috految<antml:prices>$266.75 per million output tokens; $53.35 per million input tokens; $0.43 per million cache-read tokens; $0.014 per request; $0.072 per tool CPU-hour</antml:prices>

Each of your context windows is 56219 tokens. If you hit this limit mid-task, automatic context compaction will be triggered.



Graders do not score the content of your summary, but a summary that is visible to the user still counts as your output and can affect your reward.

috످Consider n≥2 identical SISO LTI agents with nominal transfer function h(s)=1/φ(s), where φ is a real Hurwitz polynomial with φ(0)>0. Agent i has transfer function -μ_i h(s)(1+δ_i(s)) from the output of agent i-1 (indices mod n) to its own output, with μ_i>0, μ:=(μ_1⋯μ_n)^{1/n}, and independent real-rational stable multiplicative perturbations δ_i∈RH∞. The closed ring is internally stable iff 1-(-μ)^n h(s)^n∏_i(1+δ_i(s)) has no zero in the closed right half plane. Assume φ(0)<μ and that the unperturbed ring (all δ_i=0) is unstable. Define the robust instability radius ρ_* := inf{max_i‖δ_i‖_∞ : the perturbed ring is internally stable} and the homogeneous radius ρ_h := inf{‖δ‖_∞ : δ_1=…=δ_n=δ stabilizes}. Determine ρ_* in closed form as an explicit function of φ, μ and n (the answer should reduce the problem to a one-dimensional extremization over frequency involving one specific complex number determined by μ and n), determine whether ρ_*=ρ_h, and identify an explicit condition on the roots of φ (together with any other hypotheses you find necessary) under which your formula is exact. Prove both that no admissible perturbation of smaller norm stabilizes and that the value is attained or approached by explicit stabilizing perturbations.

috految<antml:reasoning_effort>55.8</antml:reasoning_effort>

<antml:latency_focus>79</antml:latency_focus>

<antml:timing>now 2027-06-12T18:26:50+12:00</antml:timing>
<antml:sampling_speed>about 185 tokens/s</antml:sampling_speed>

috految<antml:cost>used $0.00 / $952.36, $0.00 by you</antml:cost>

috److془We need to carefully solve this problem. Let's recall the paper: "Exact Robust Instability Analysis for Networked Dynamical Systems with Biological Application" by Shinji Hara, Yutaka Hori, Tetsuya Iwasaki, Chung-Yao Kao, Sei Zhen Khong. Abstract: "This paper investigates robust instability in nominally unstable uncertain networked dynamical systems, where all nominal agents share an identical single-input-single-output (SISO) linear time-invariant (LTI) system and each agent is subject to independent perturbations. This setting is motivated by the problem of sustaining periodic oscillations in nonlinear dynamics, for which exact analysis is generally intractable. We identify three classes of network structures including cyclic and certain rank-deficient networks for which the robust instability problem can be reduced to the analysis of a single representative SISO system. We derive sufficient conditions that exactly characterize the robust instability radius for these network classes. Finally, we demonstrate the practical utility of the proposed results by analyzing oscillatory behavior in a genetic regulatory network."

The condition: all roots of φ lie in the sector |Im| ≤ -Re (45 degree), probably. Answer: ρ_* = ρ_h = 1/‖g_1‖_{L∞} = min_ω |φ(jω)/λ_1 - 1|, λ_1 = μ e^{jπ/n} for odd n; for even n, λ=μ; ρ = 1-φ(0)/μ. But need care: the min over ω should be on the principal branch (|arg φ| ≤ ...). And we need to prove everything. Let's derive the strongest theorem.

Let r(ω) = |φ(jω)|, θ(ω) = arg φ(jω) continuous, θ(0)=0. Let α=0 if even, π/n if odd. λ=μ e^{jα}. Characteristic: φ^n - λ^n ∏(1+δ_i).

With ρ<1: log(1+D_ρ) convex, so exists δ holomorphic with ‖δ‖ ≤ ρ, (1+δ)^n=∏(1+δ_i). Approximating by rational gives ρ_* = ρ_h for all φ. (ρ_h ≤ 1 as δ=-1 stabilizes; indeed <1.)

Even n: lower bound 1-φ(0)/μ. Upper: constant δ when |φ(jω)|≥φ(0). Note: hold on: min over ω of |φ(jω) - μ| with principal branch: Mikhailov curve convex so Re φ ≤ φ(0). Good. Global minimum could be smaller for deg ≥ 4 or so.

Odd n: Lower bound: dist(λ, K)/μ, where K = the convex stability region {z: φ - z Hurwitz}. Upper bound: need δ with δ(jω_p) = φ(jω_p)/λ - 1 = δ_p, ‖δ‖=ρ, and the φ/(1+δ) avoids λ_k in the RHP. Let z = φ(jω_p), λ - z = ρμ e^{jψ}, ψ = arg φ'(jω_p) (outer normal being φ'(jω)). δ_p = -ρ e^{j(ψ-α)}. θ_p - ψ = γ, with tan γ = (log r)'/θ' ≥0. So ψ ≤ α ≤ θ_p. β = α-ψ ∈ (0, α]. δ = -ρ (a-s)/(a+s), with 2 arctan(ω_p/a) = β. 1+δ = ((1-ρ)a + (1+ρ)s)/(a+s). Lead compensator. Loop: F = φ(s)(a+s)/((1-ρ)a + (1+ρ)s). |F|^2 - μ^2 ~ R(x)(a^2+x) - μ^2((1-ρ)^2a^2 + (1+ρ)^2 x), x=ω². Under the sector condition R has nonnegative coefficients, so convex in x. At x = 0: φ(0) vs. μ(1-ρ): μρ = dist(λ,K) < μ-φ(0) as K contains the disc of radius φ(0). So negative at 0. So unique crossover. Then the phase at crossover is α. So Nyquist gives marginal stability. Beautiful. So the result holds with only the sector condition. 

Hmm wait: the "original" answer might be "φ's roots in sector |Im| ≤ |Re|, plus...". Or maybe the condition is more general, e.g., "monotone gain, convexity". Let me recall: "Theorem 2: Consider the cyclic network G =... Suppose h(s) = 1/φ(s), the roots of φ are in sector S(π/4)... 'Assumption 3: Ω_+^c is convex, |φ(jω)| monotone', 'ρ_* = ρ_h = 1/‖g_1‖_{L∞}'". Let's try to get the strongest: maybe only monotonicity of gain is required? Let's see. Also, grader might have "ρ_* = min_ω |φ(jω)-λ_1|/μ with hypotheses (such as g_1 has exactly one unstable pole, peak gain in the boundary)". We'll give the precise equivalence and counterexample.

Check for monotone gain: R(x) nondecreasing. Need R(x) vs μ^2|1+δ|^2. Could fail for a plateau after ω_p. With Hurwitz polynomials of large degree, R approximates anything with large delays. Then ω_p ~ α/τ, and gain basically flat on it... Hmm but r'(ω_p) ~ ω_p; plateau at O(1) height; β~ω_p/τ·c, a ~ τ. ratio: hmm. Plateau at ω~ 1 needs to go to ω ~ a. Polynomial of degree N, delay N. Nonetheless, the factor can be of oscillation at scale 1/N. With R = 1+ε f(ω), f bandlimited, plateau up to infinity. Then the all pass fails. Fine. Actually with local phase change we can use other δ. Anyway. Sector condition is fine & sharp for statement (angle π/4 can't be enlarged?). Let's check: φ = s^2+2ζ s+1, ζ<1/√2; min r <1. Choose even n large: ρ_* ≥ dist(λ_k, K)/μ > 1-1/μ for some k. Indeed choose ω_c with r(ω_c) <1; choose μ slightly greater than 1, λ_k near direction θ(ω_c). For all large n of both parities. Great: sharp. In fact, for any φ with min r<φ(0), formula fails for large n. Simple: use lower bound for λ_k, which is the Rouché with at least one RHP root.

Hmm: "identify an explicit condition on the roots of φ (together with any other hypotheses you find necessary) under which your formula is exact". Good.

Now the lower bound: need care that ρ ≥ dist(λ,K)/μ. Use Rouché with log: log φ(s) - log λ - log(1+δ(s)) with log(λ) = log μ + jα. Or Brouwer. On axis, zero of log φ(jω) - (log μ + jα) - Log(1+tδ) implies |θ(ω) - α| < π/2 and |φ(jω)/λ -1| ≤‖δ‖. Good. Define I = {ω∈ℝ: |θ(ω)| ≤ π}; ρ_0 = min_I |φ(jω)/λ - 1|. Since α ≤ π/3, |θ|<π. Nominal: Log φ - log λ has zero in closed RHP. Fine. Since Re Log φ →∞ uniformly as |s|→∞. 

Nominal: Suppose degree m≥1 (if m=0, the characteristic function is constant nonzero, 1-(-μ/φ0)^n≠0, so stable. So m≥1). Unique ω_μ>0 with r=μ. Lemma (single crossover): F(s) real rational, no zeros or poles in closed RHP, F(0)>0, F(∞)=∞, Θ = Im log F(jω), suppose |F(jω)|<μ for |ω|<ω_c, >μ for |ω|>ω_c. Claim: for real ν with |ν| ≠ |Θ_c|, log F - log μ - jν has no zero on the axis and has exactly one zero in closed RHP if |ν|<Θ_c, (Θ_c>0) none if |ν|>Θ_c. Proof: the contour (down the axis, large semicircle ccw) image meets vertical line Re w = log μ at exactly two points log μ± jΘ_c, passes from right to left at +, left to right at -. Winding number 1 between, 0 outside. 

Ring zeros: F^n = λ^n iff log F = log μ + jν, ν∈ α + (2π/n)Z. min |ν| = α. Stable iff Θ_c<α. (Θ_c ≥ α gives root for ν=α, one on the axis if equal.) So nominal instability iff θ(ω_μ) ≥ α. 

Odd n: α = π/n. (-μ)^n = -μ^n = λ^n ✓.; even: ✓.

Odd upper bound: ω_α where θ = α; 0<ω_α ≤ ω_μ. So ρ_0 ≤ 1 - r(ω_α)/μ < 1 - φ(0)/μ. Minimizer ω_p ≥0 wlog (reflection; for θ∈[0,π], cos(θ-α) ≥ cos(θ+α)). For 0≤ω<ω_α: distance ≥ μ - r(ω) > μ - r(ω_α). Thus ω_p ≥ ω_α. strict: if ρ_0>0, derivative of D = r²+μ²-2μ r cos(θ-α) at ω_α is 2r'(r-μ)<0. Thus θ_p∈(α,π], Im d>0 with d = φ(jω_p)/λ-1. Also for θ_p-α<π/2. Now for ε>0 small: d_ε = φ(jω_p)/(μ e^{j(α-ε)}) - 1. Im d_ε>0 as θ_p-α+ε∈(0,π). ρ_ε=|d_ε|→ρ_0. δ_ε = ρ_ε (s-a)/(s+a), a = ω_p tan(½ arg d_ε). Check: arg (jω-a)/(jω+a) = π - 2 arctan(ω/a) = 2 arctan(a/ω) ✓. 1+δ = ((1+ρ)s+(1-ρ)a)/(s+a). F= φ/(1+δ); F(jω_p): log F = log μ + j(α-ε). Q(x) = (x+a²)R(x) - μ²[(1+ρ)²x+(1-ρ)²a²] convex, Q(0)<0, Q(ω_p²)=0. Stable. 

Only need R strictly increasing and convex. (R(x)(x+a²))'' = 2R'+(x+a²)R''. Works in the marginal case ρ_0=0 too.

Hmm: but wait, is saying that lower bound matches upper for any ω consistent? Yes upper bound for any ω gives ≥ρ_0. Good.

Even n: need ρ_0 = 1-φ(0)/μ. Need Re φ(jω) ≤ φ(0) for |θ|≤π. Proof: φ' Hurwitz by Gauss-Lucas or alternately: φ(jω) = φ(0)∏ f_k(jω), with f_k = 1+bs or 1+bs+cs², b,c>0. θ = Σθ_k, θ_k≥0, Re f_k ≤1. if θ<π/2, cos θ ≤ ∏ cos θ_k, so Re φ ≤ φ(0)∏Re f_k ≤ φ(0). if θ∈[π/2,π], trivial. ✓. 

Stabilizer: δ = -(ρ_0+ε), 0<ε<φ(0)/μ: |μ(1+δ)h| ≤ 1-εμ/φ(0)<1. 

Non attainment: stability open, so scaling by t<1 retains stabilization (the stabilizing tuple is nonzero). 

Now relation with the unrestricted: ρ_0 ≥ 1/‖g‖_{L∞}, g = λ/(φ-λ) = λh/(1-λh). Equal iff the peak is attained in I. Sufficient: deg ≤2 (I=ℝ); deg ≤ 3? For θ∈(-3π/2,-π), θ-α can be about -3π/2-α, so n odd off by π/2-α angle. For large μ, φ=(s+1)^3, n=3: distance/μ→ sin(π/6)=1/2 while ρ_0→1. So fails for deg 3. Sufficient: r(ω_π) ≥ μ(1+ρ_0) e.g. Better: r(ω_π) ≥ μ. Hmm is it? With r approx flat then spiral to 2π-α: r - μ ≥ r(2π-α) - r(π), vs μ - r(α) ≤ r(π)- r(α). Presumably true under convexity. Not necessary. But perhaps the paper has hypothesis "g_1 has single unstable pole and the peak gain at the boundary". Fine. Note the paper's might be the "ρ_* = 1/‖g_1‖ with λ_1 = μ e^{jπ/n}, with condition nearest point on boundary of stability region". Provide geometric interpretation: The arc φ(jI) is boundary of K={z: φ - z Hurwitz}. By the lemma with μ replaced by any t > φ(0): K = {t e^{jν}: t<φ(0) or |ν|>θ(r^{-1}(t)), |ν|≤π}. ✓. Also exact: ρ_* = dist(λ,K)/μ. 

Also: if min over ℝ is attained at ω≥0... fine. Sufficient: |φ(jω_π)| ≥ 2μ-φ(0). Counterexample: φ=(s+1)^5, n=3?, μ=sec^5(π/3)=32: φ(-j√3)=32 e^{-j5π/3} = λ. Unrestricted min 0, while ρ_0>0 (θ(ω_μ)=5π/3>α, and r=μ only at ±√3 outside I). Strict inequality persists for μ near 32. Even: φ=(s+1)^6, μ=64; φ(j√3)=64; ρ=63/64. 

Sharpness: φ = s²+2ζs+1, 0<ζ<1/√2. Exists ω_1>0 with r(ω_1)<1. Nearby s_1 in open RHP with |φ(s_1)|<1, going to infinity get s_0 in open RHP with |φ(s_0)|=1. z_0=φ(s_0). Small disc B around s_0 in open RHP, with |φ-z_0| ≥ 3c>0 on ∂B. For n large and μ>1 close to 1, some n-th root λ' of (-μ)^n within c of z_0. Rouché: φ-λ'(1+δ) has zero in B for ‖δ‖<c/μ. Thus ring unstable and ρ_*=ρ_h≥c/μ. Whereas ρ_0 ≤ |1-1/λ| →0. ✓.

Homogenization: convexity of Log(1+D_ρ) = {u+jv: |v|<π/2, e^u + (1-ρ²)e^{-u} - 2cos v ≤0}. ✓ (e^{2u} -2e^u cos v +1 ≤ρ²). δ = exp(1/n Σ Log(1+δ_i)) -1. Truncation of the Taylor series: ∏ (1+δ_i)^{1/n} binomial series converge uniformly, truncations in RH∞. 

Sector: pair -σ±jτ: |(jω+σ)²+τ²|² = x² + 2(σ²-τ²)x + (σ²+τ²)². ✓.

Example: φ = s+1, odd: ρ_* = cos(π/n) - 1/μ. ✓ 

Is a>0 finite at limit when ρ_0>0: yes by strict ω_p>ω_α. Limit: only closed RHP roots ±jω_p (Hurwitz theorem). Good. Write it.

Lower bound: suppose ‖δ‖<ρ_0 (<1). G_t = log φ - log μ - jα - Log(1+tδ). ✓. Min attained since r→∞.془**Notation.** Write φ(jω)=r(ω)e^{jθ(ω)}, with θ continuous and θ(0)=0. Nominal instability and φ(0)<μ force deg φ≥1. Since φ is Hurwitz, θ is odd and strictly increasing. Put

$$
\lambda=\mu e^{j\alpha},\qquad \alpha=\begin{cases}\pi/n,& n\text{ odd},\\ 0,& n\text{ even}.\end{cases}
$$

Then λⁿ=(−μ)ⁿ, and λ is a rightmost eigenvalue of the interconnection matrix. Let I={ω∈ℝ: |θ(ω)|≤π}. Thus I=ℝ if deg φ≤2, and otherwise I=[−ω_π,ω_π], where θ(ω_π)=π.

## Theorem

**(a)** ρ_*=ρ_h for every Hurwitz φ.

**(b)** Suppose every root p of φ satisfies

$$
|\operatorname{Im}p|\le-\operatorname{Re}p\qquad(\text{the }\pm\pi/4\text{ sector, i.e. damping ratio}\ge1/\sqrt2).\tag{S}
$$

Then, with no further hypotheses,

$$
\boxed{\rho_*=\rho_h=\rho_0:=\min_{\omega\in I}\frac{|\varphi(j\omega)-\lambda|}{\mu}=\Big(\sup_{\omega\in I}\Big|\frac{\lambda h(j\omega)}{1-\lambda h(j\omega)}\Big|\Big)^{-1}}
$$

Explicitly,

$$
\rho_*=\begin{cases}\displaystyle\min_{\omega\ge0,\ \theta(\omega)\le\pi}\Big|1-\frac{\varphi(j\omega)}{\mu e^{j\pi/n}}\Big|,& n\text{ odd},\\[2mm] 1-\varphi(0)/\mu,& n\text{ even}.\end{cases}
$$

The infimum is not attained. It is approached by identical constant perturbations for even n, and by identical first-order all-pass perturbations for odd n.

**(c)** Under (S), the unrestricted formula

$$
\rho_*=\frac1\mu\min_{\omega\in\mathbb R}|\varphi(j\omega)-\lambda|=\frac1{\|g\|_{L^\infty}},\qquad g=\frac{\lambda h}{1-\lambda h},
$$

holds exactly when the peak of |g(jω)| is attained in I. This is automatic if deg φ≤2 or r(ω_π)≥2μ−φ(0), but can fail in general.

Below, C₊ is the closed right half plane and Log is the principal logarithm.

## 1. Heterogeneity does not help

The characteristic function χ=1−λⁿhⁿ∏(1+δ_i) tends to 1 at infinity. Stability therefore means inf_{C₊}|χ|>0, which is an open condition in the H^∞ norm.

Clearly ρ_*≤ρ_h. Also ρ_h<1, because δ=−1+ε stabilizes for small ε>0 by the small gain theorem.

Let (δ_i) stabilize with ρ=max‖δ_i‖<1. The set

$$
\{\operatorname{Log}(1+z):|z|\le\rho\}=\{u+jv:\ |v|<\tfrac\pi2,\ \ e^u+(1-\rho^2)e^{-u}-2\cos v\le0\}
$$

is convex, being a sublevel set of a convex function on a strip. Hence

$$
\delta:=\exp\Big(\frac1n\sum_i\operatorname{Log}(1+\delta_i)\Big)-1
$$

is analytic on C₊, with ‖δ‖_∞≤ρ and (1+δ)ⁿ=∏(1+δ_i).

Truncating the uniformly convergent binomial series of each (1+δ_i)^{1/n} gives δ^{(N)}∈RH∞ converging uniformly to δ. By openness, δ^{(N)} is a homogeneous stabilizer for large N, and limsup‖δ^{(N)}‖≤ρ. Thus ρ_h≤ρ_*, proving (a).

A stabilizing tuple is nonzero, and by openness it still stabilizes when scaled by a factor slightly below 1. So the infimum is never attained.

## 2. Preliminaries

Write r(ω)²=R(x), with x=ω². A real root −σ of φ contributes the factor x+σ², and a pair −σ±jτ contributes

$$
x^2+2(\sigma^2-\tau^2)x+(\sigma^2+\tau^2)^2 .
$$

Under (S), R therefore has nonnegative coefficients, so

$$
R'>0\quad\text{and}\quad R''\ge0\qquad\text{on }(0,\infty).\tag{1}
$$

This is the only use of (S), so (b) holds more generally whenever (1) does.

**Lemma.** Let F be real rational, without zeros or poles in C₊, with F(0)>0 and F(∞)=∞. Let log F be the analytic branch that is real at 0. Suppose that for some ω_c>0,

- |F(jω)|<μ for |ω|<ω_c, and |F(jω)|>μ for |ω|>ω_c;
- Θ:=Im log F(jω_c)>0.

Then, for real ν, the equation log F(s)=log μ+jν has a solution in C₊ iff |ν|≤Θ. Consequently, Fⁿ−λⁿ has no zero in C₊ iff Θ<α.

*Proof.* Traverse the boundary of a large right half disc counterclockwise. On the arc, |F|>μ. So the image under log F meets the line Re w=log μ exactly twice: from right to left at log μ+jΘ, and from left to right at log μ−jΘ.

Its winding number about log μ+jν is therefore 1 for |ν|<Θ and 0 for |ν|>Θ. For |ν|=Θ, one of ±jω_c is a solution. The argument principle gives the first claim.

Finally, Fⁿ=λⁿ iff log F=log μ+jν for some ν∈α+(2π/n)ℤ, and the smallest such |ν| is α. ∎

By (1) and φ(0)<μ, there is a unique ω_μ>0 with r(ω_μ)=μ. The lemma with F=φ shows that nominal instability is equivalent to θ(ω_μ)≥α, and hence

$$
\log\varphi(s)-\log\mu-j\alpha\quad\text{has a zero in }C_+.\tag{2}
$$

Let ω_α∈[0,ω_μ] satisfy θ(ω_α)=α. Evaluating at ω_α gives

$$
\rho_0\le1-\frac{r(\omega_\alpha)}\mu\le1-\frac{\varphi(0)}\mu<1,\tag{3}
$$

and the middle inequality is strict for odd n. The minimum defining ρ₀ exists since r→∞.

## 3. No perturbation of norm below ρ₀ stabilizes

Suppose max‖δ_i‖<ρ₀. Form δ as in §1, so that ‖δ‖<ρ₀<1, and set

$$
G_t(s)=\log\varphi(s)-\log\mu-j\alpha-\operatorname{Log}(1+t\delta(s)),\qquad0\le t\le1 .
$$

Each G_t is analytic on C₊, and Re G_t→∞ as |s|→∞, uniformly in t.

Suppose G_t(jω)=0. Taking imaginary parts gives

$$|\theta(\omega)-\alpha|=|\operatorname{Arg}(1+t\delta(j\omega))|<\pi/2 .$$

Since α≤π/3, we get ω∈I. Exponentiating gives

$$
|\varphi(j\omega)/\lambda-1|=t|\delta(j\omega)|<\rho_0,
$$

contradicting the definition of ρ₀.

So no G_t vanishes on the imaginary axis, and the number of right half plane zeros is independent of t. By (2), G₁ has such a zero s₀. There φ(s₀)ⁿ=λⁿ∏(1+δ_i(s₀)), that is, χ(s₀)=0. The ring is unstable, and therefore **ρ_*≥ρ₀**.

## 4. Stabilizers with norm tending to ρ₀

### Even n

Factor φ=φ(0)∏f_k, where f_k=1+b_ks or 1+b_ks+c_ks², with b_k,c_k>0. For ω≥0, the phases θ_k of f_k(jω) are nonnegative, and Re f_k(jω)≤1. If θ=Σθ_k<π/2, then cos θ≤∏cos θ_k, so

$$
\operatorname{Re}\varphi(j\omega)\le\varphi(0)\prod_k\operatorname{Re}f_k(j\omega)\le\varphi(0).
$$

If π/2≤θ≤π, then Re φ(jω)≤0. By symmetry, |φ(jω)−μ|≥μ−φ(0) on all of I, with equality at ω=0. So ρ₀=1−φ(0)/μ.

Take

$$
\boxed{\delta_i\equiv-(\rho_0+\varepsilon)},\qquad 0<\varepsilon<\varphi(0)/\mu .
$$

By (1), ‖h‖_∞=1/φ(0), so ‖μ(1+δ_i)h‖_∞=1−εμ/φ(0)<1. The ring is stable by small gain. Letting ε↓0 gives ρ_h≤ρ₀.

### Odd n

For 0≤θ≤π we have cos(θ−α)≥cos(θ+α), so we can choose a minimizer ω_p∈I with ω_p≥0. For 0≤ω<ω_α,

$$
|\varphi(j\omega)-\lambda|\ge\mu-r(\omega)>\mu-r(\omega_\alpha)\ge\mu\rho_0 .
$$

Hence ω_p≥ω_α>0 and α≤θ(ω_p)≤π. For small ε∈(0,α), define

$$
d_\varepsilon=\frac{\varphi(j\omega_p)}{\mu e^{j(\alpha-\varepsilon)}}-1,\qquad\rho_\varepsilon=|d_\varepsilon| .
$$

Then ρ_ε→ρ₀, and Im d_ε>0 because θ(ω_p)−α+ε∈(0,π). By the strict inequality in (3), for small ε,

$$
\varphi(0)<\mu(1-\rho_\varepsilon).\tag{4}
$$

Take

$$
\boxed{\delta_i(s)=\delta_\varepsilon(s)=\rho_\varepsilon\,\frac{s-a}{s+a},\qquad a=\omega_p\tan\frac{\operatorname{Arg}d_\varepsilon}{2}>0 .}
$$

Then δ_ε∈RH∞ and ‖δ_ε‖_∞=ρ_ε<1. Since Arg[(jω−a)/(jω+a)]=2 arctan(a/ω) for ω>0, we have δ_ε(jω_p)=d_ε.

Let

$$
F=\frac{\varphi}{1+\delta_\varepsilon}=\frac{\varphi(s)(s+a)}{(1+\rho_\varepsilon)s+(1-\rho_\varepsilon)a}.
$$

This has no zeros or poles in C₊, F(0)>0, F(∞)=∞, and χ=1−λⁿ/Fⁿ. Moreover,

$$
\log F(j\omega_p)=\log\varphi(j\omega_p)-\operatorname{Log}(1+d_\varepsilon)=\log\mu+j(\alpha-\varepsilon).
$$

The sign of |F(jω)|−μ is that of

$$
Q(x)=(x+a^2)R(x)-\mu^2\big[(1+\rho_\varepsilon)^2x+(1-\rho_\varepsilon)^2a^2\big],\qquad x=\omega^2 .
$$

By (1), Q''=2R'+(x+a²)R''>0 for x>0. By (4), Q(0)<0, and by construction Q(ω_p²)=0. Convexity gives Q<0 on [0,ω_p²) and Q>0 beyond ω_p².

The lemma applies with ω_c=ω_p and Θ=α−ε<α. So χ has no zero in C₊, and the whole ring is stable. Letting ε↓0 gives ρ_h≤ρ₀. (The limiting perturbation has norm ρ₀ and places closed-loop poles at ±jω_p.)

Together with §3, this proves **ρ_*=ρ_h=ρ₀**, which is (b). ∎

For example, φ(s)=s+1 with odd n gives ρ_*=cos(π/n)−1/μ.

## 5. Proof of (c) and sharpness of the hypotheses

**The frequency range.** The lemma, applied with varying μ, shows that φ(jI) is the boundary of the stability region K={z∈ℂ: φ−z is Hurwitz}. Thus ρ_*=dist(λ,K)/μ.

Since |g(jω)|=μ/|φ(jω)−λ|, part (b) gives ρ_*≥1/‖g‖_{L∞}, with equality iff the peak is attained in I, that is, on ∂K. If deg φ≤2, then I=ℝ. If r(ω_π)≥2μ−φ(0), then outside I we have |φ(jω)−λ|≥μ−φ(0)≥μρ₀. Equality holds in both cases.

In general the restriction to I cannot be dropped, because outer turns of the spiral φ(jω) can pass near λ. For φ=(s+1)⁵, n=3, μ=32, we have φ(−j√3)=λ, so the unrestricted minimum is 0. But ρ_*=ρ₀>0, since r=μ only at ±√3∉I. The strict gap persists for μ near 32.

**The angle π/4 cannot be enlarged.** Let φ=s²+2ζs+1 with 0<ζ<1/√2. Then min r<1, so there is s₀ with Re s₀>0 and |φ(s₀)|=1. Choose a small disc B around s₀ in the open right half plane with |φ−φ(s₀)|≥3c>0 on ∂B.

For n large and μ>1 close to 1, some n-th root λ′ of (−μ)ⁿ lies within c of φ(s₀). By Rouché's theorem, φ−λ′(1+δ) has a zero in B whenever ‖δ‖<c/μ. So the nominal ring is unstable and ρ_*=ρ_h≥c/μ. However, ρ₀≤|1−1/λ|→0 as n→∞ and μ↓1. Hence the formula fails in general for any wider sector.

috످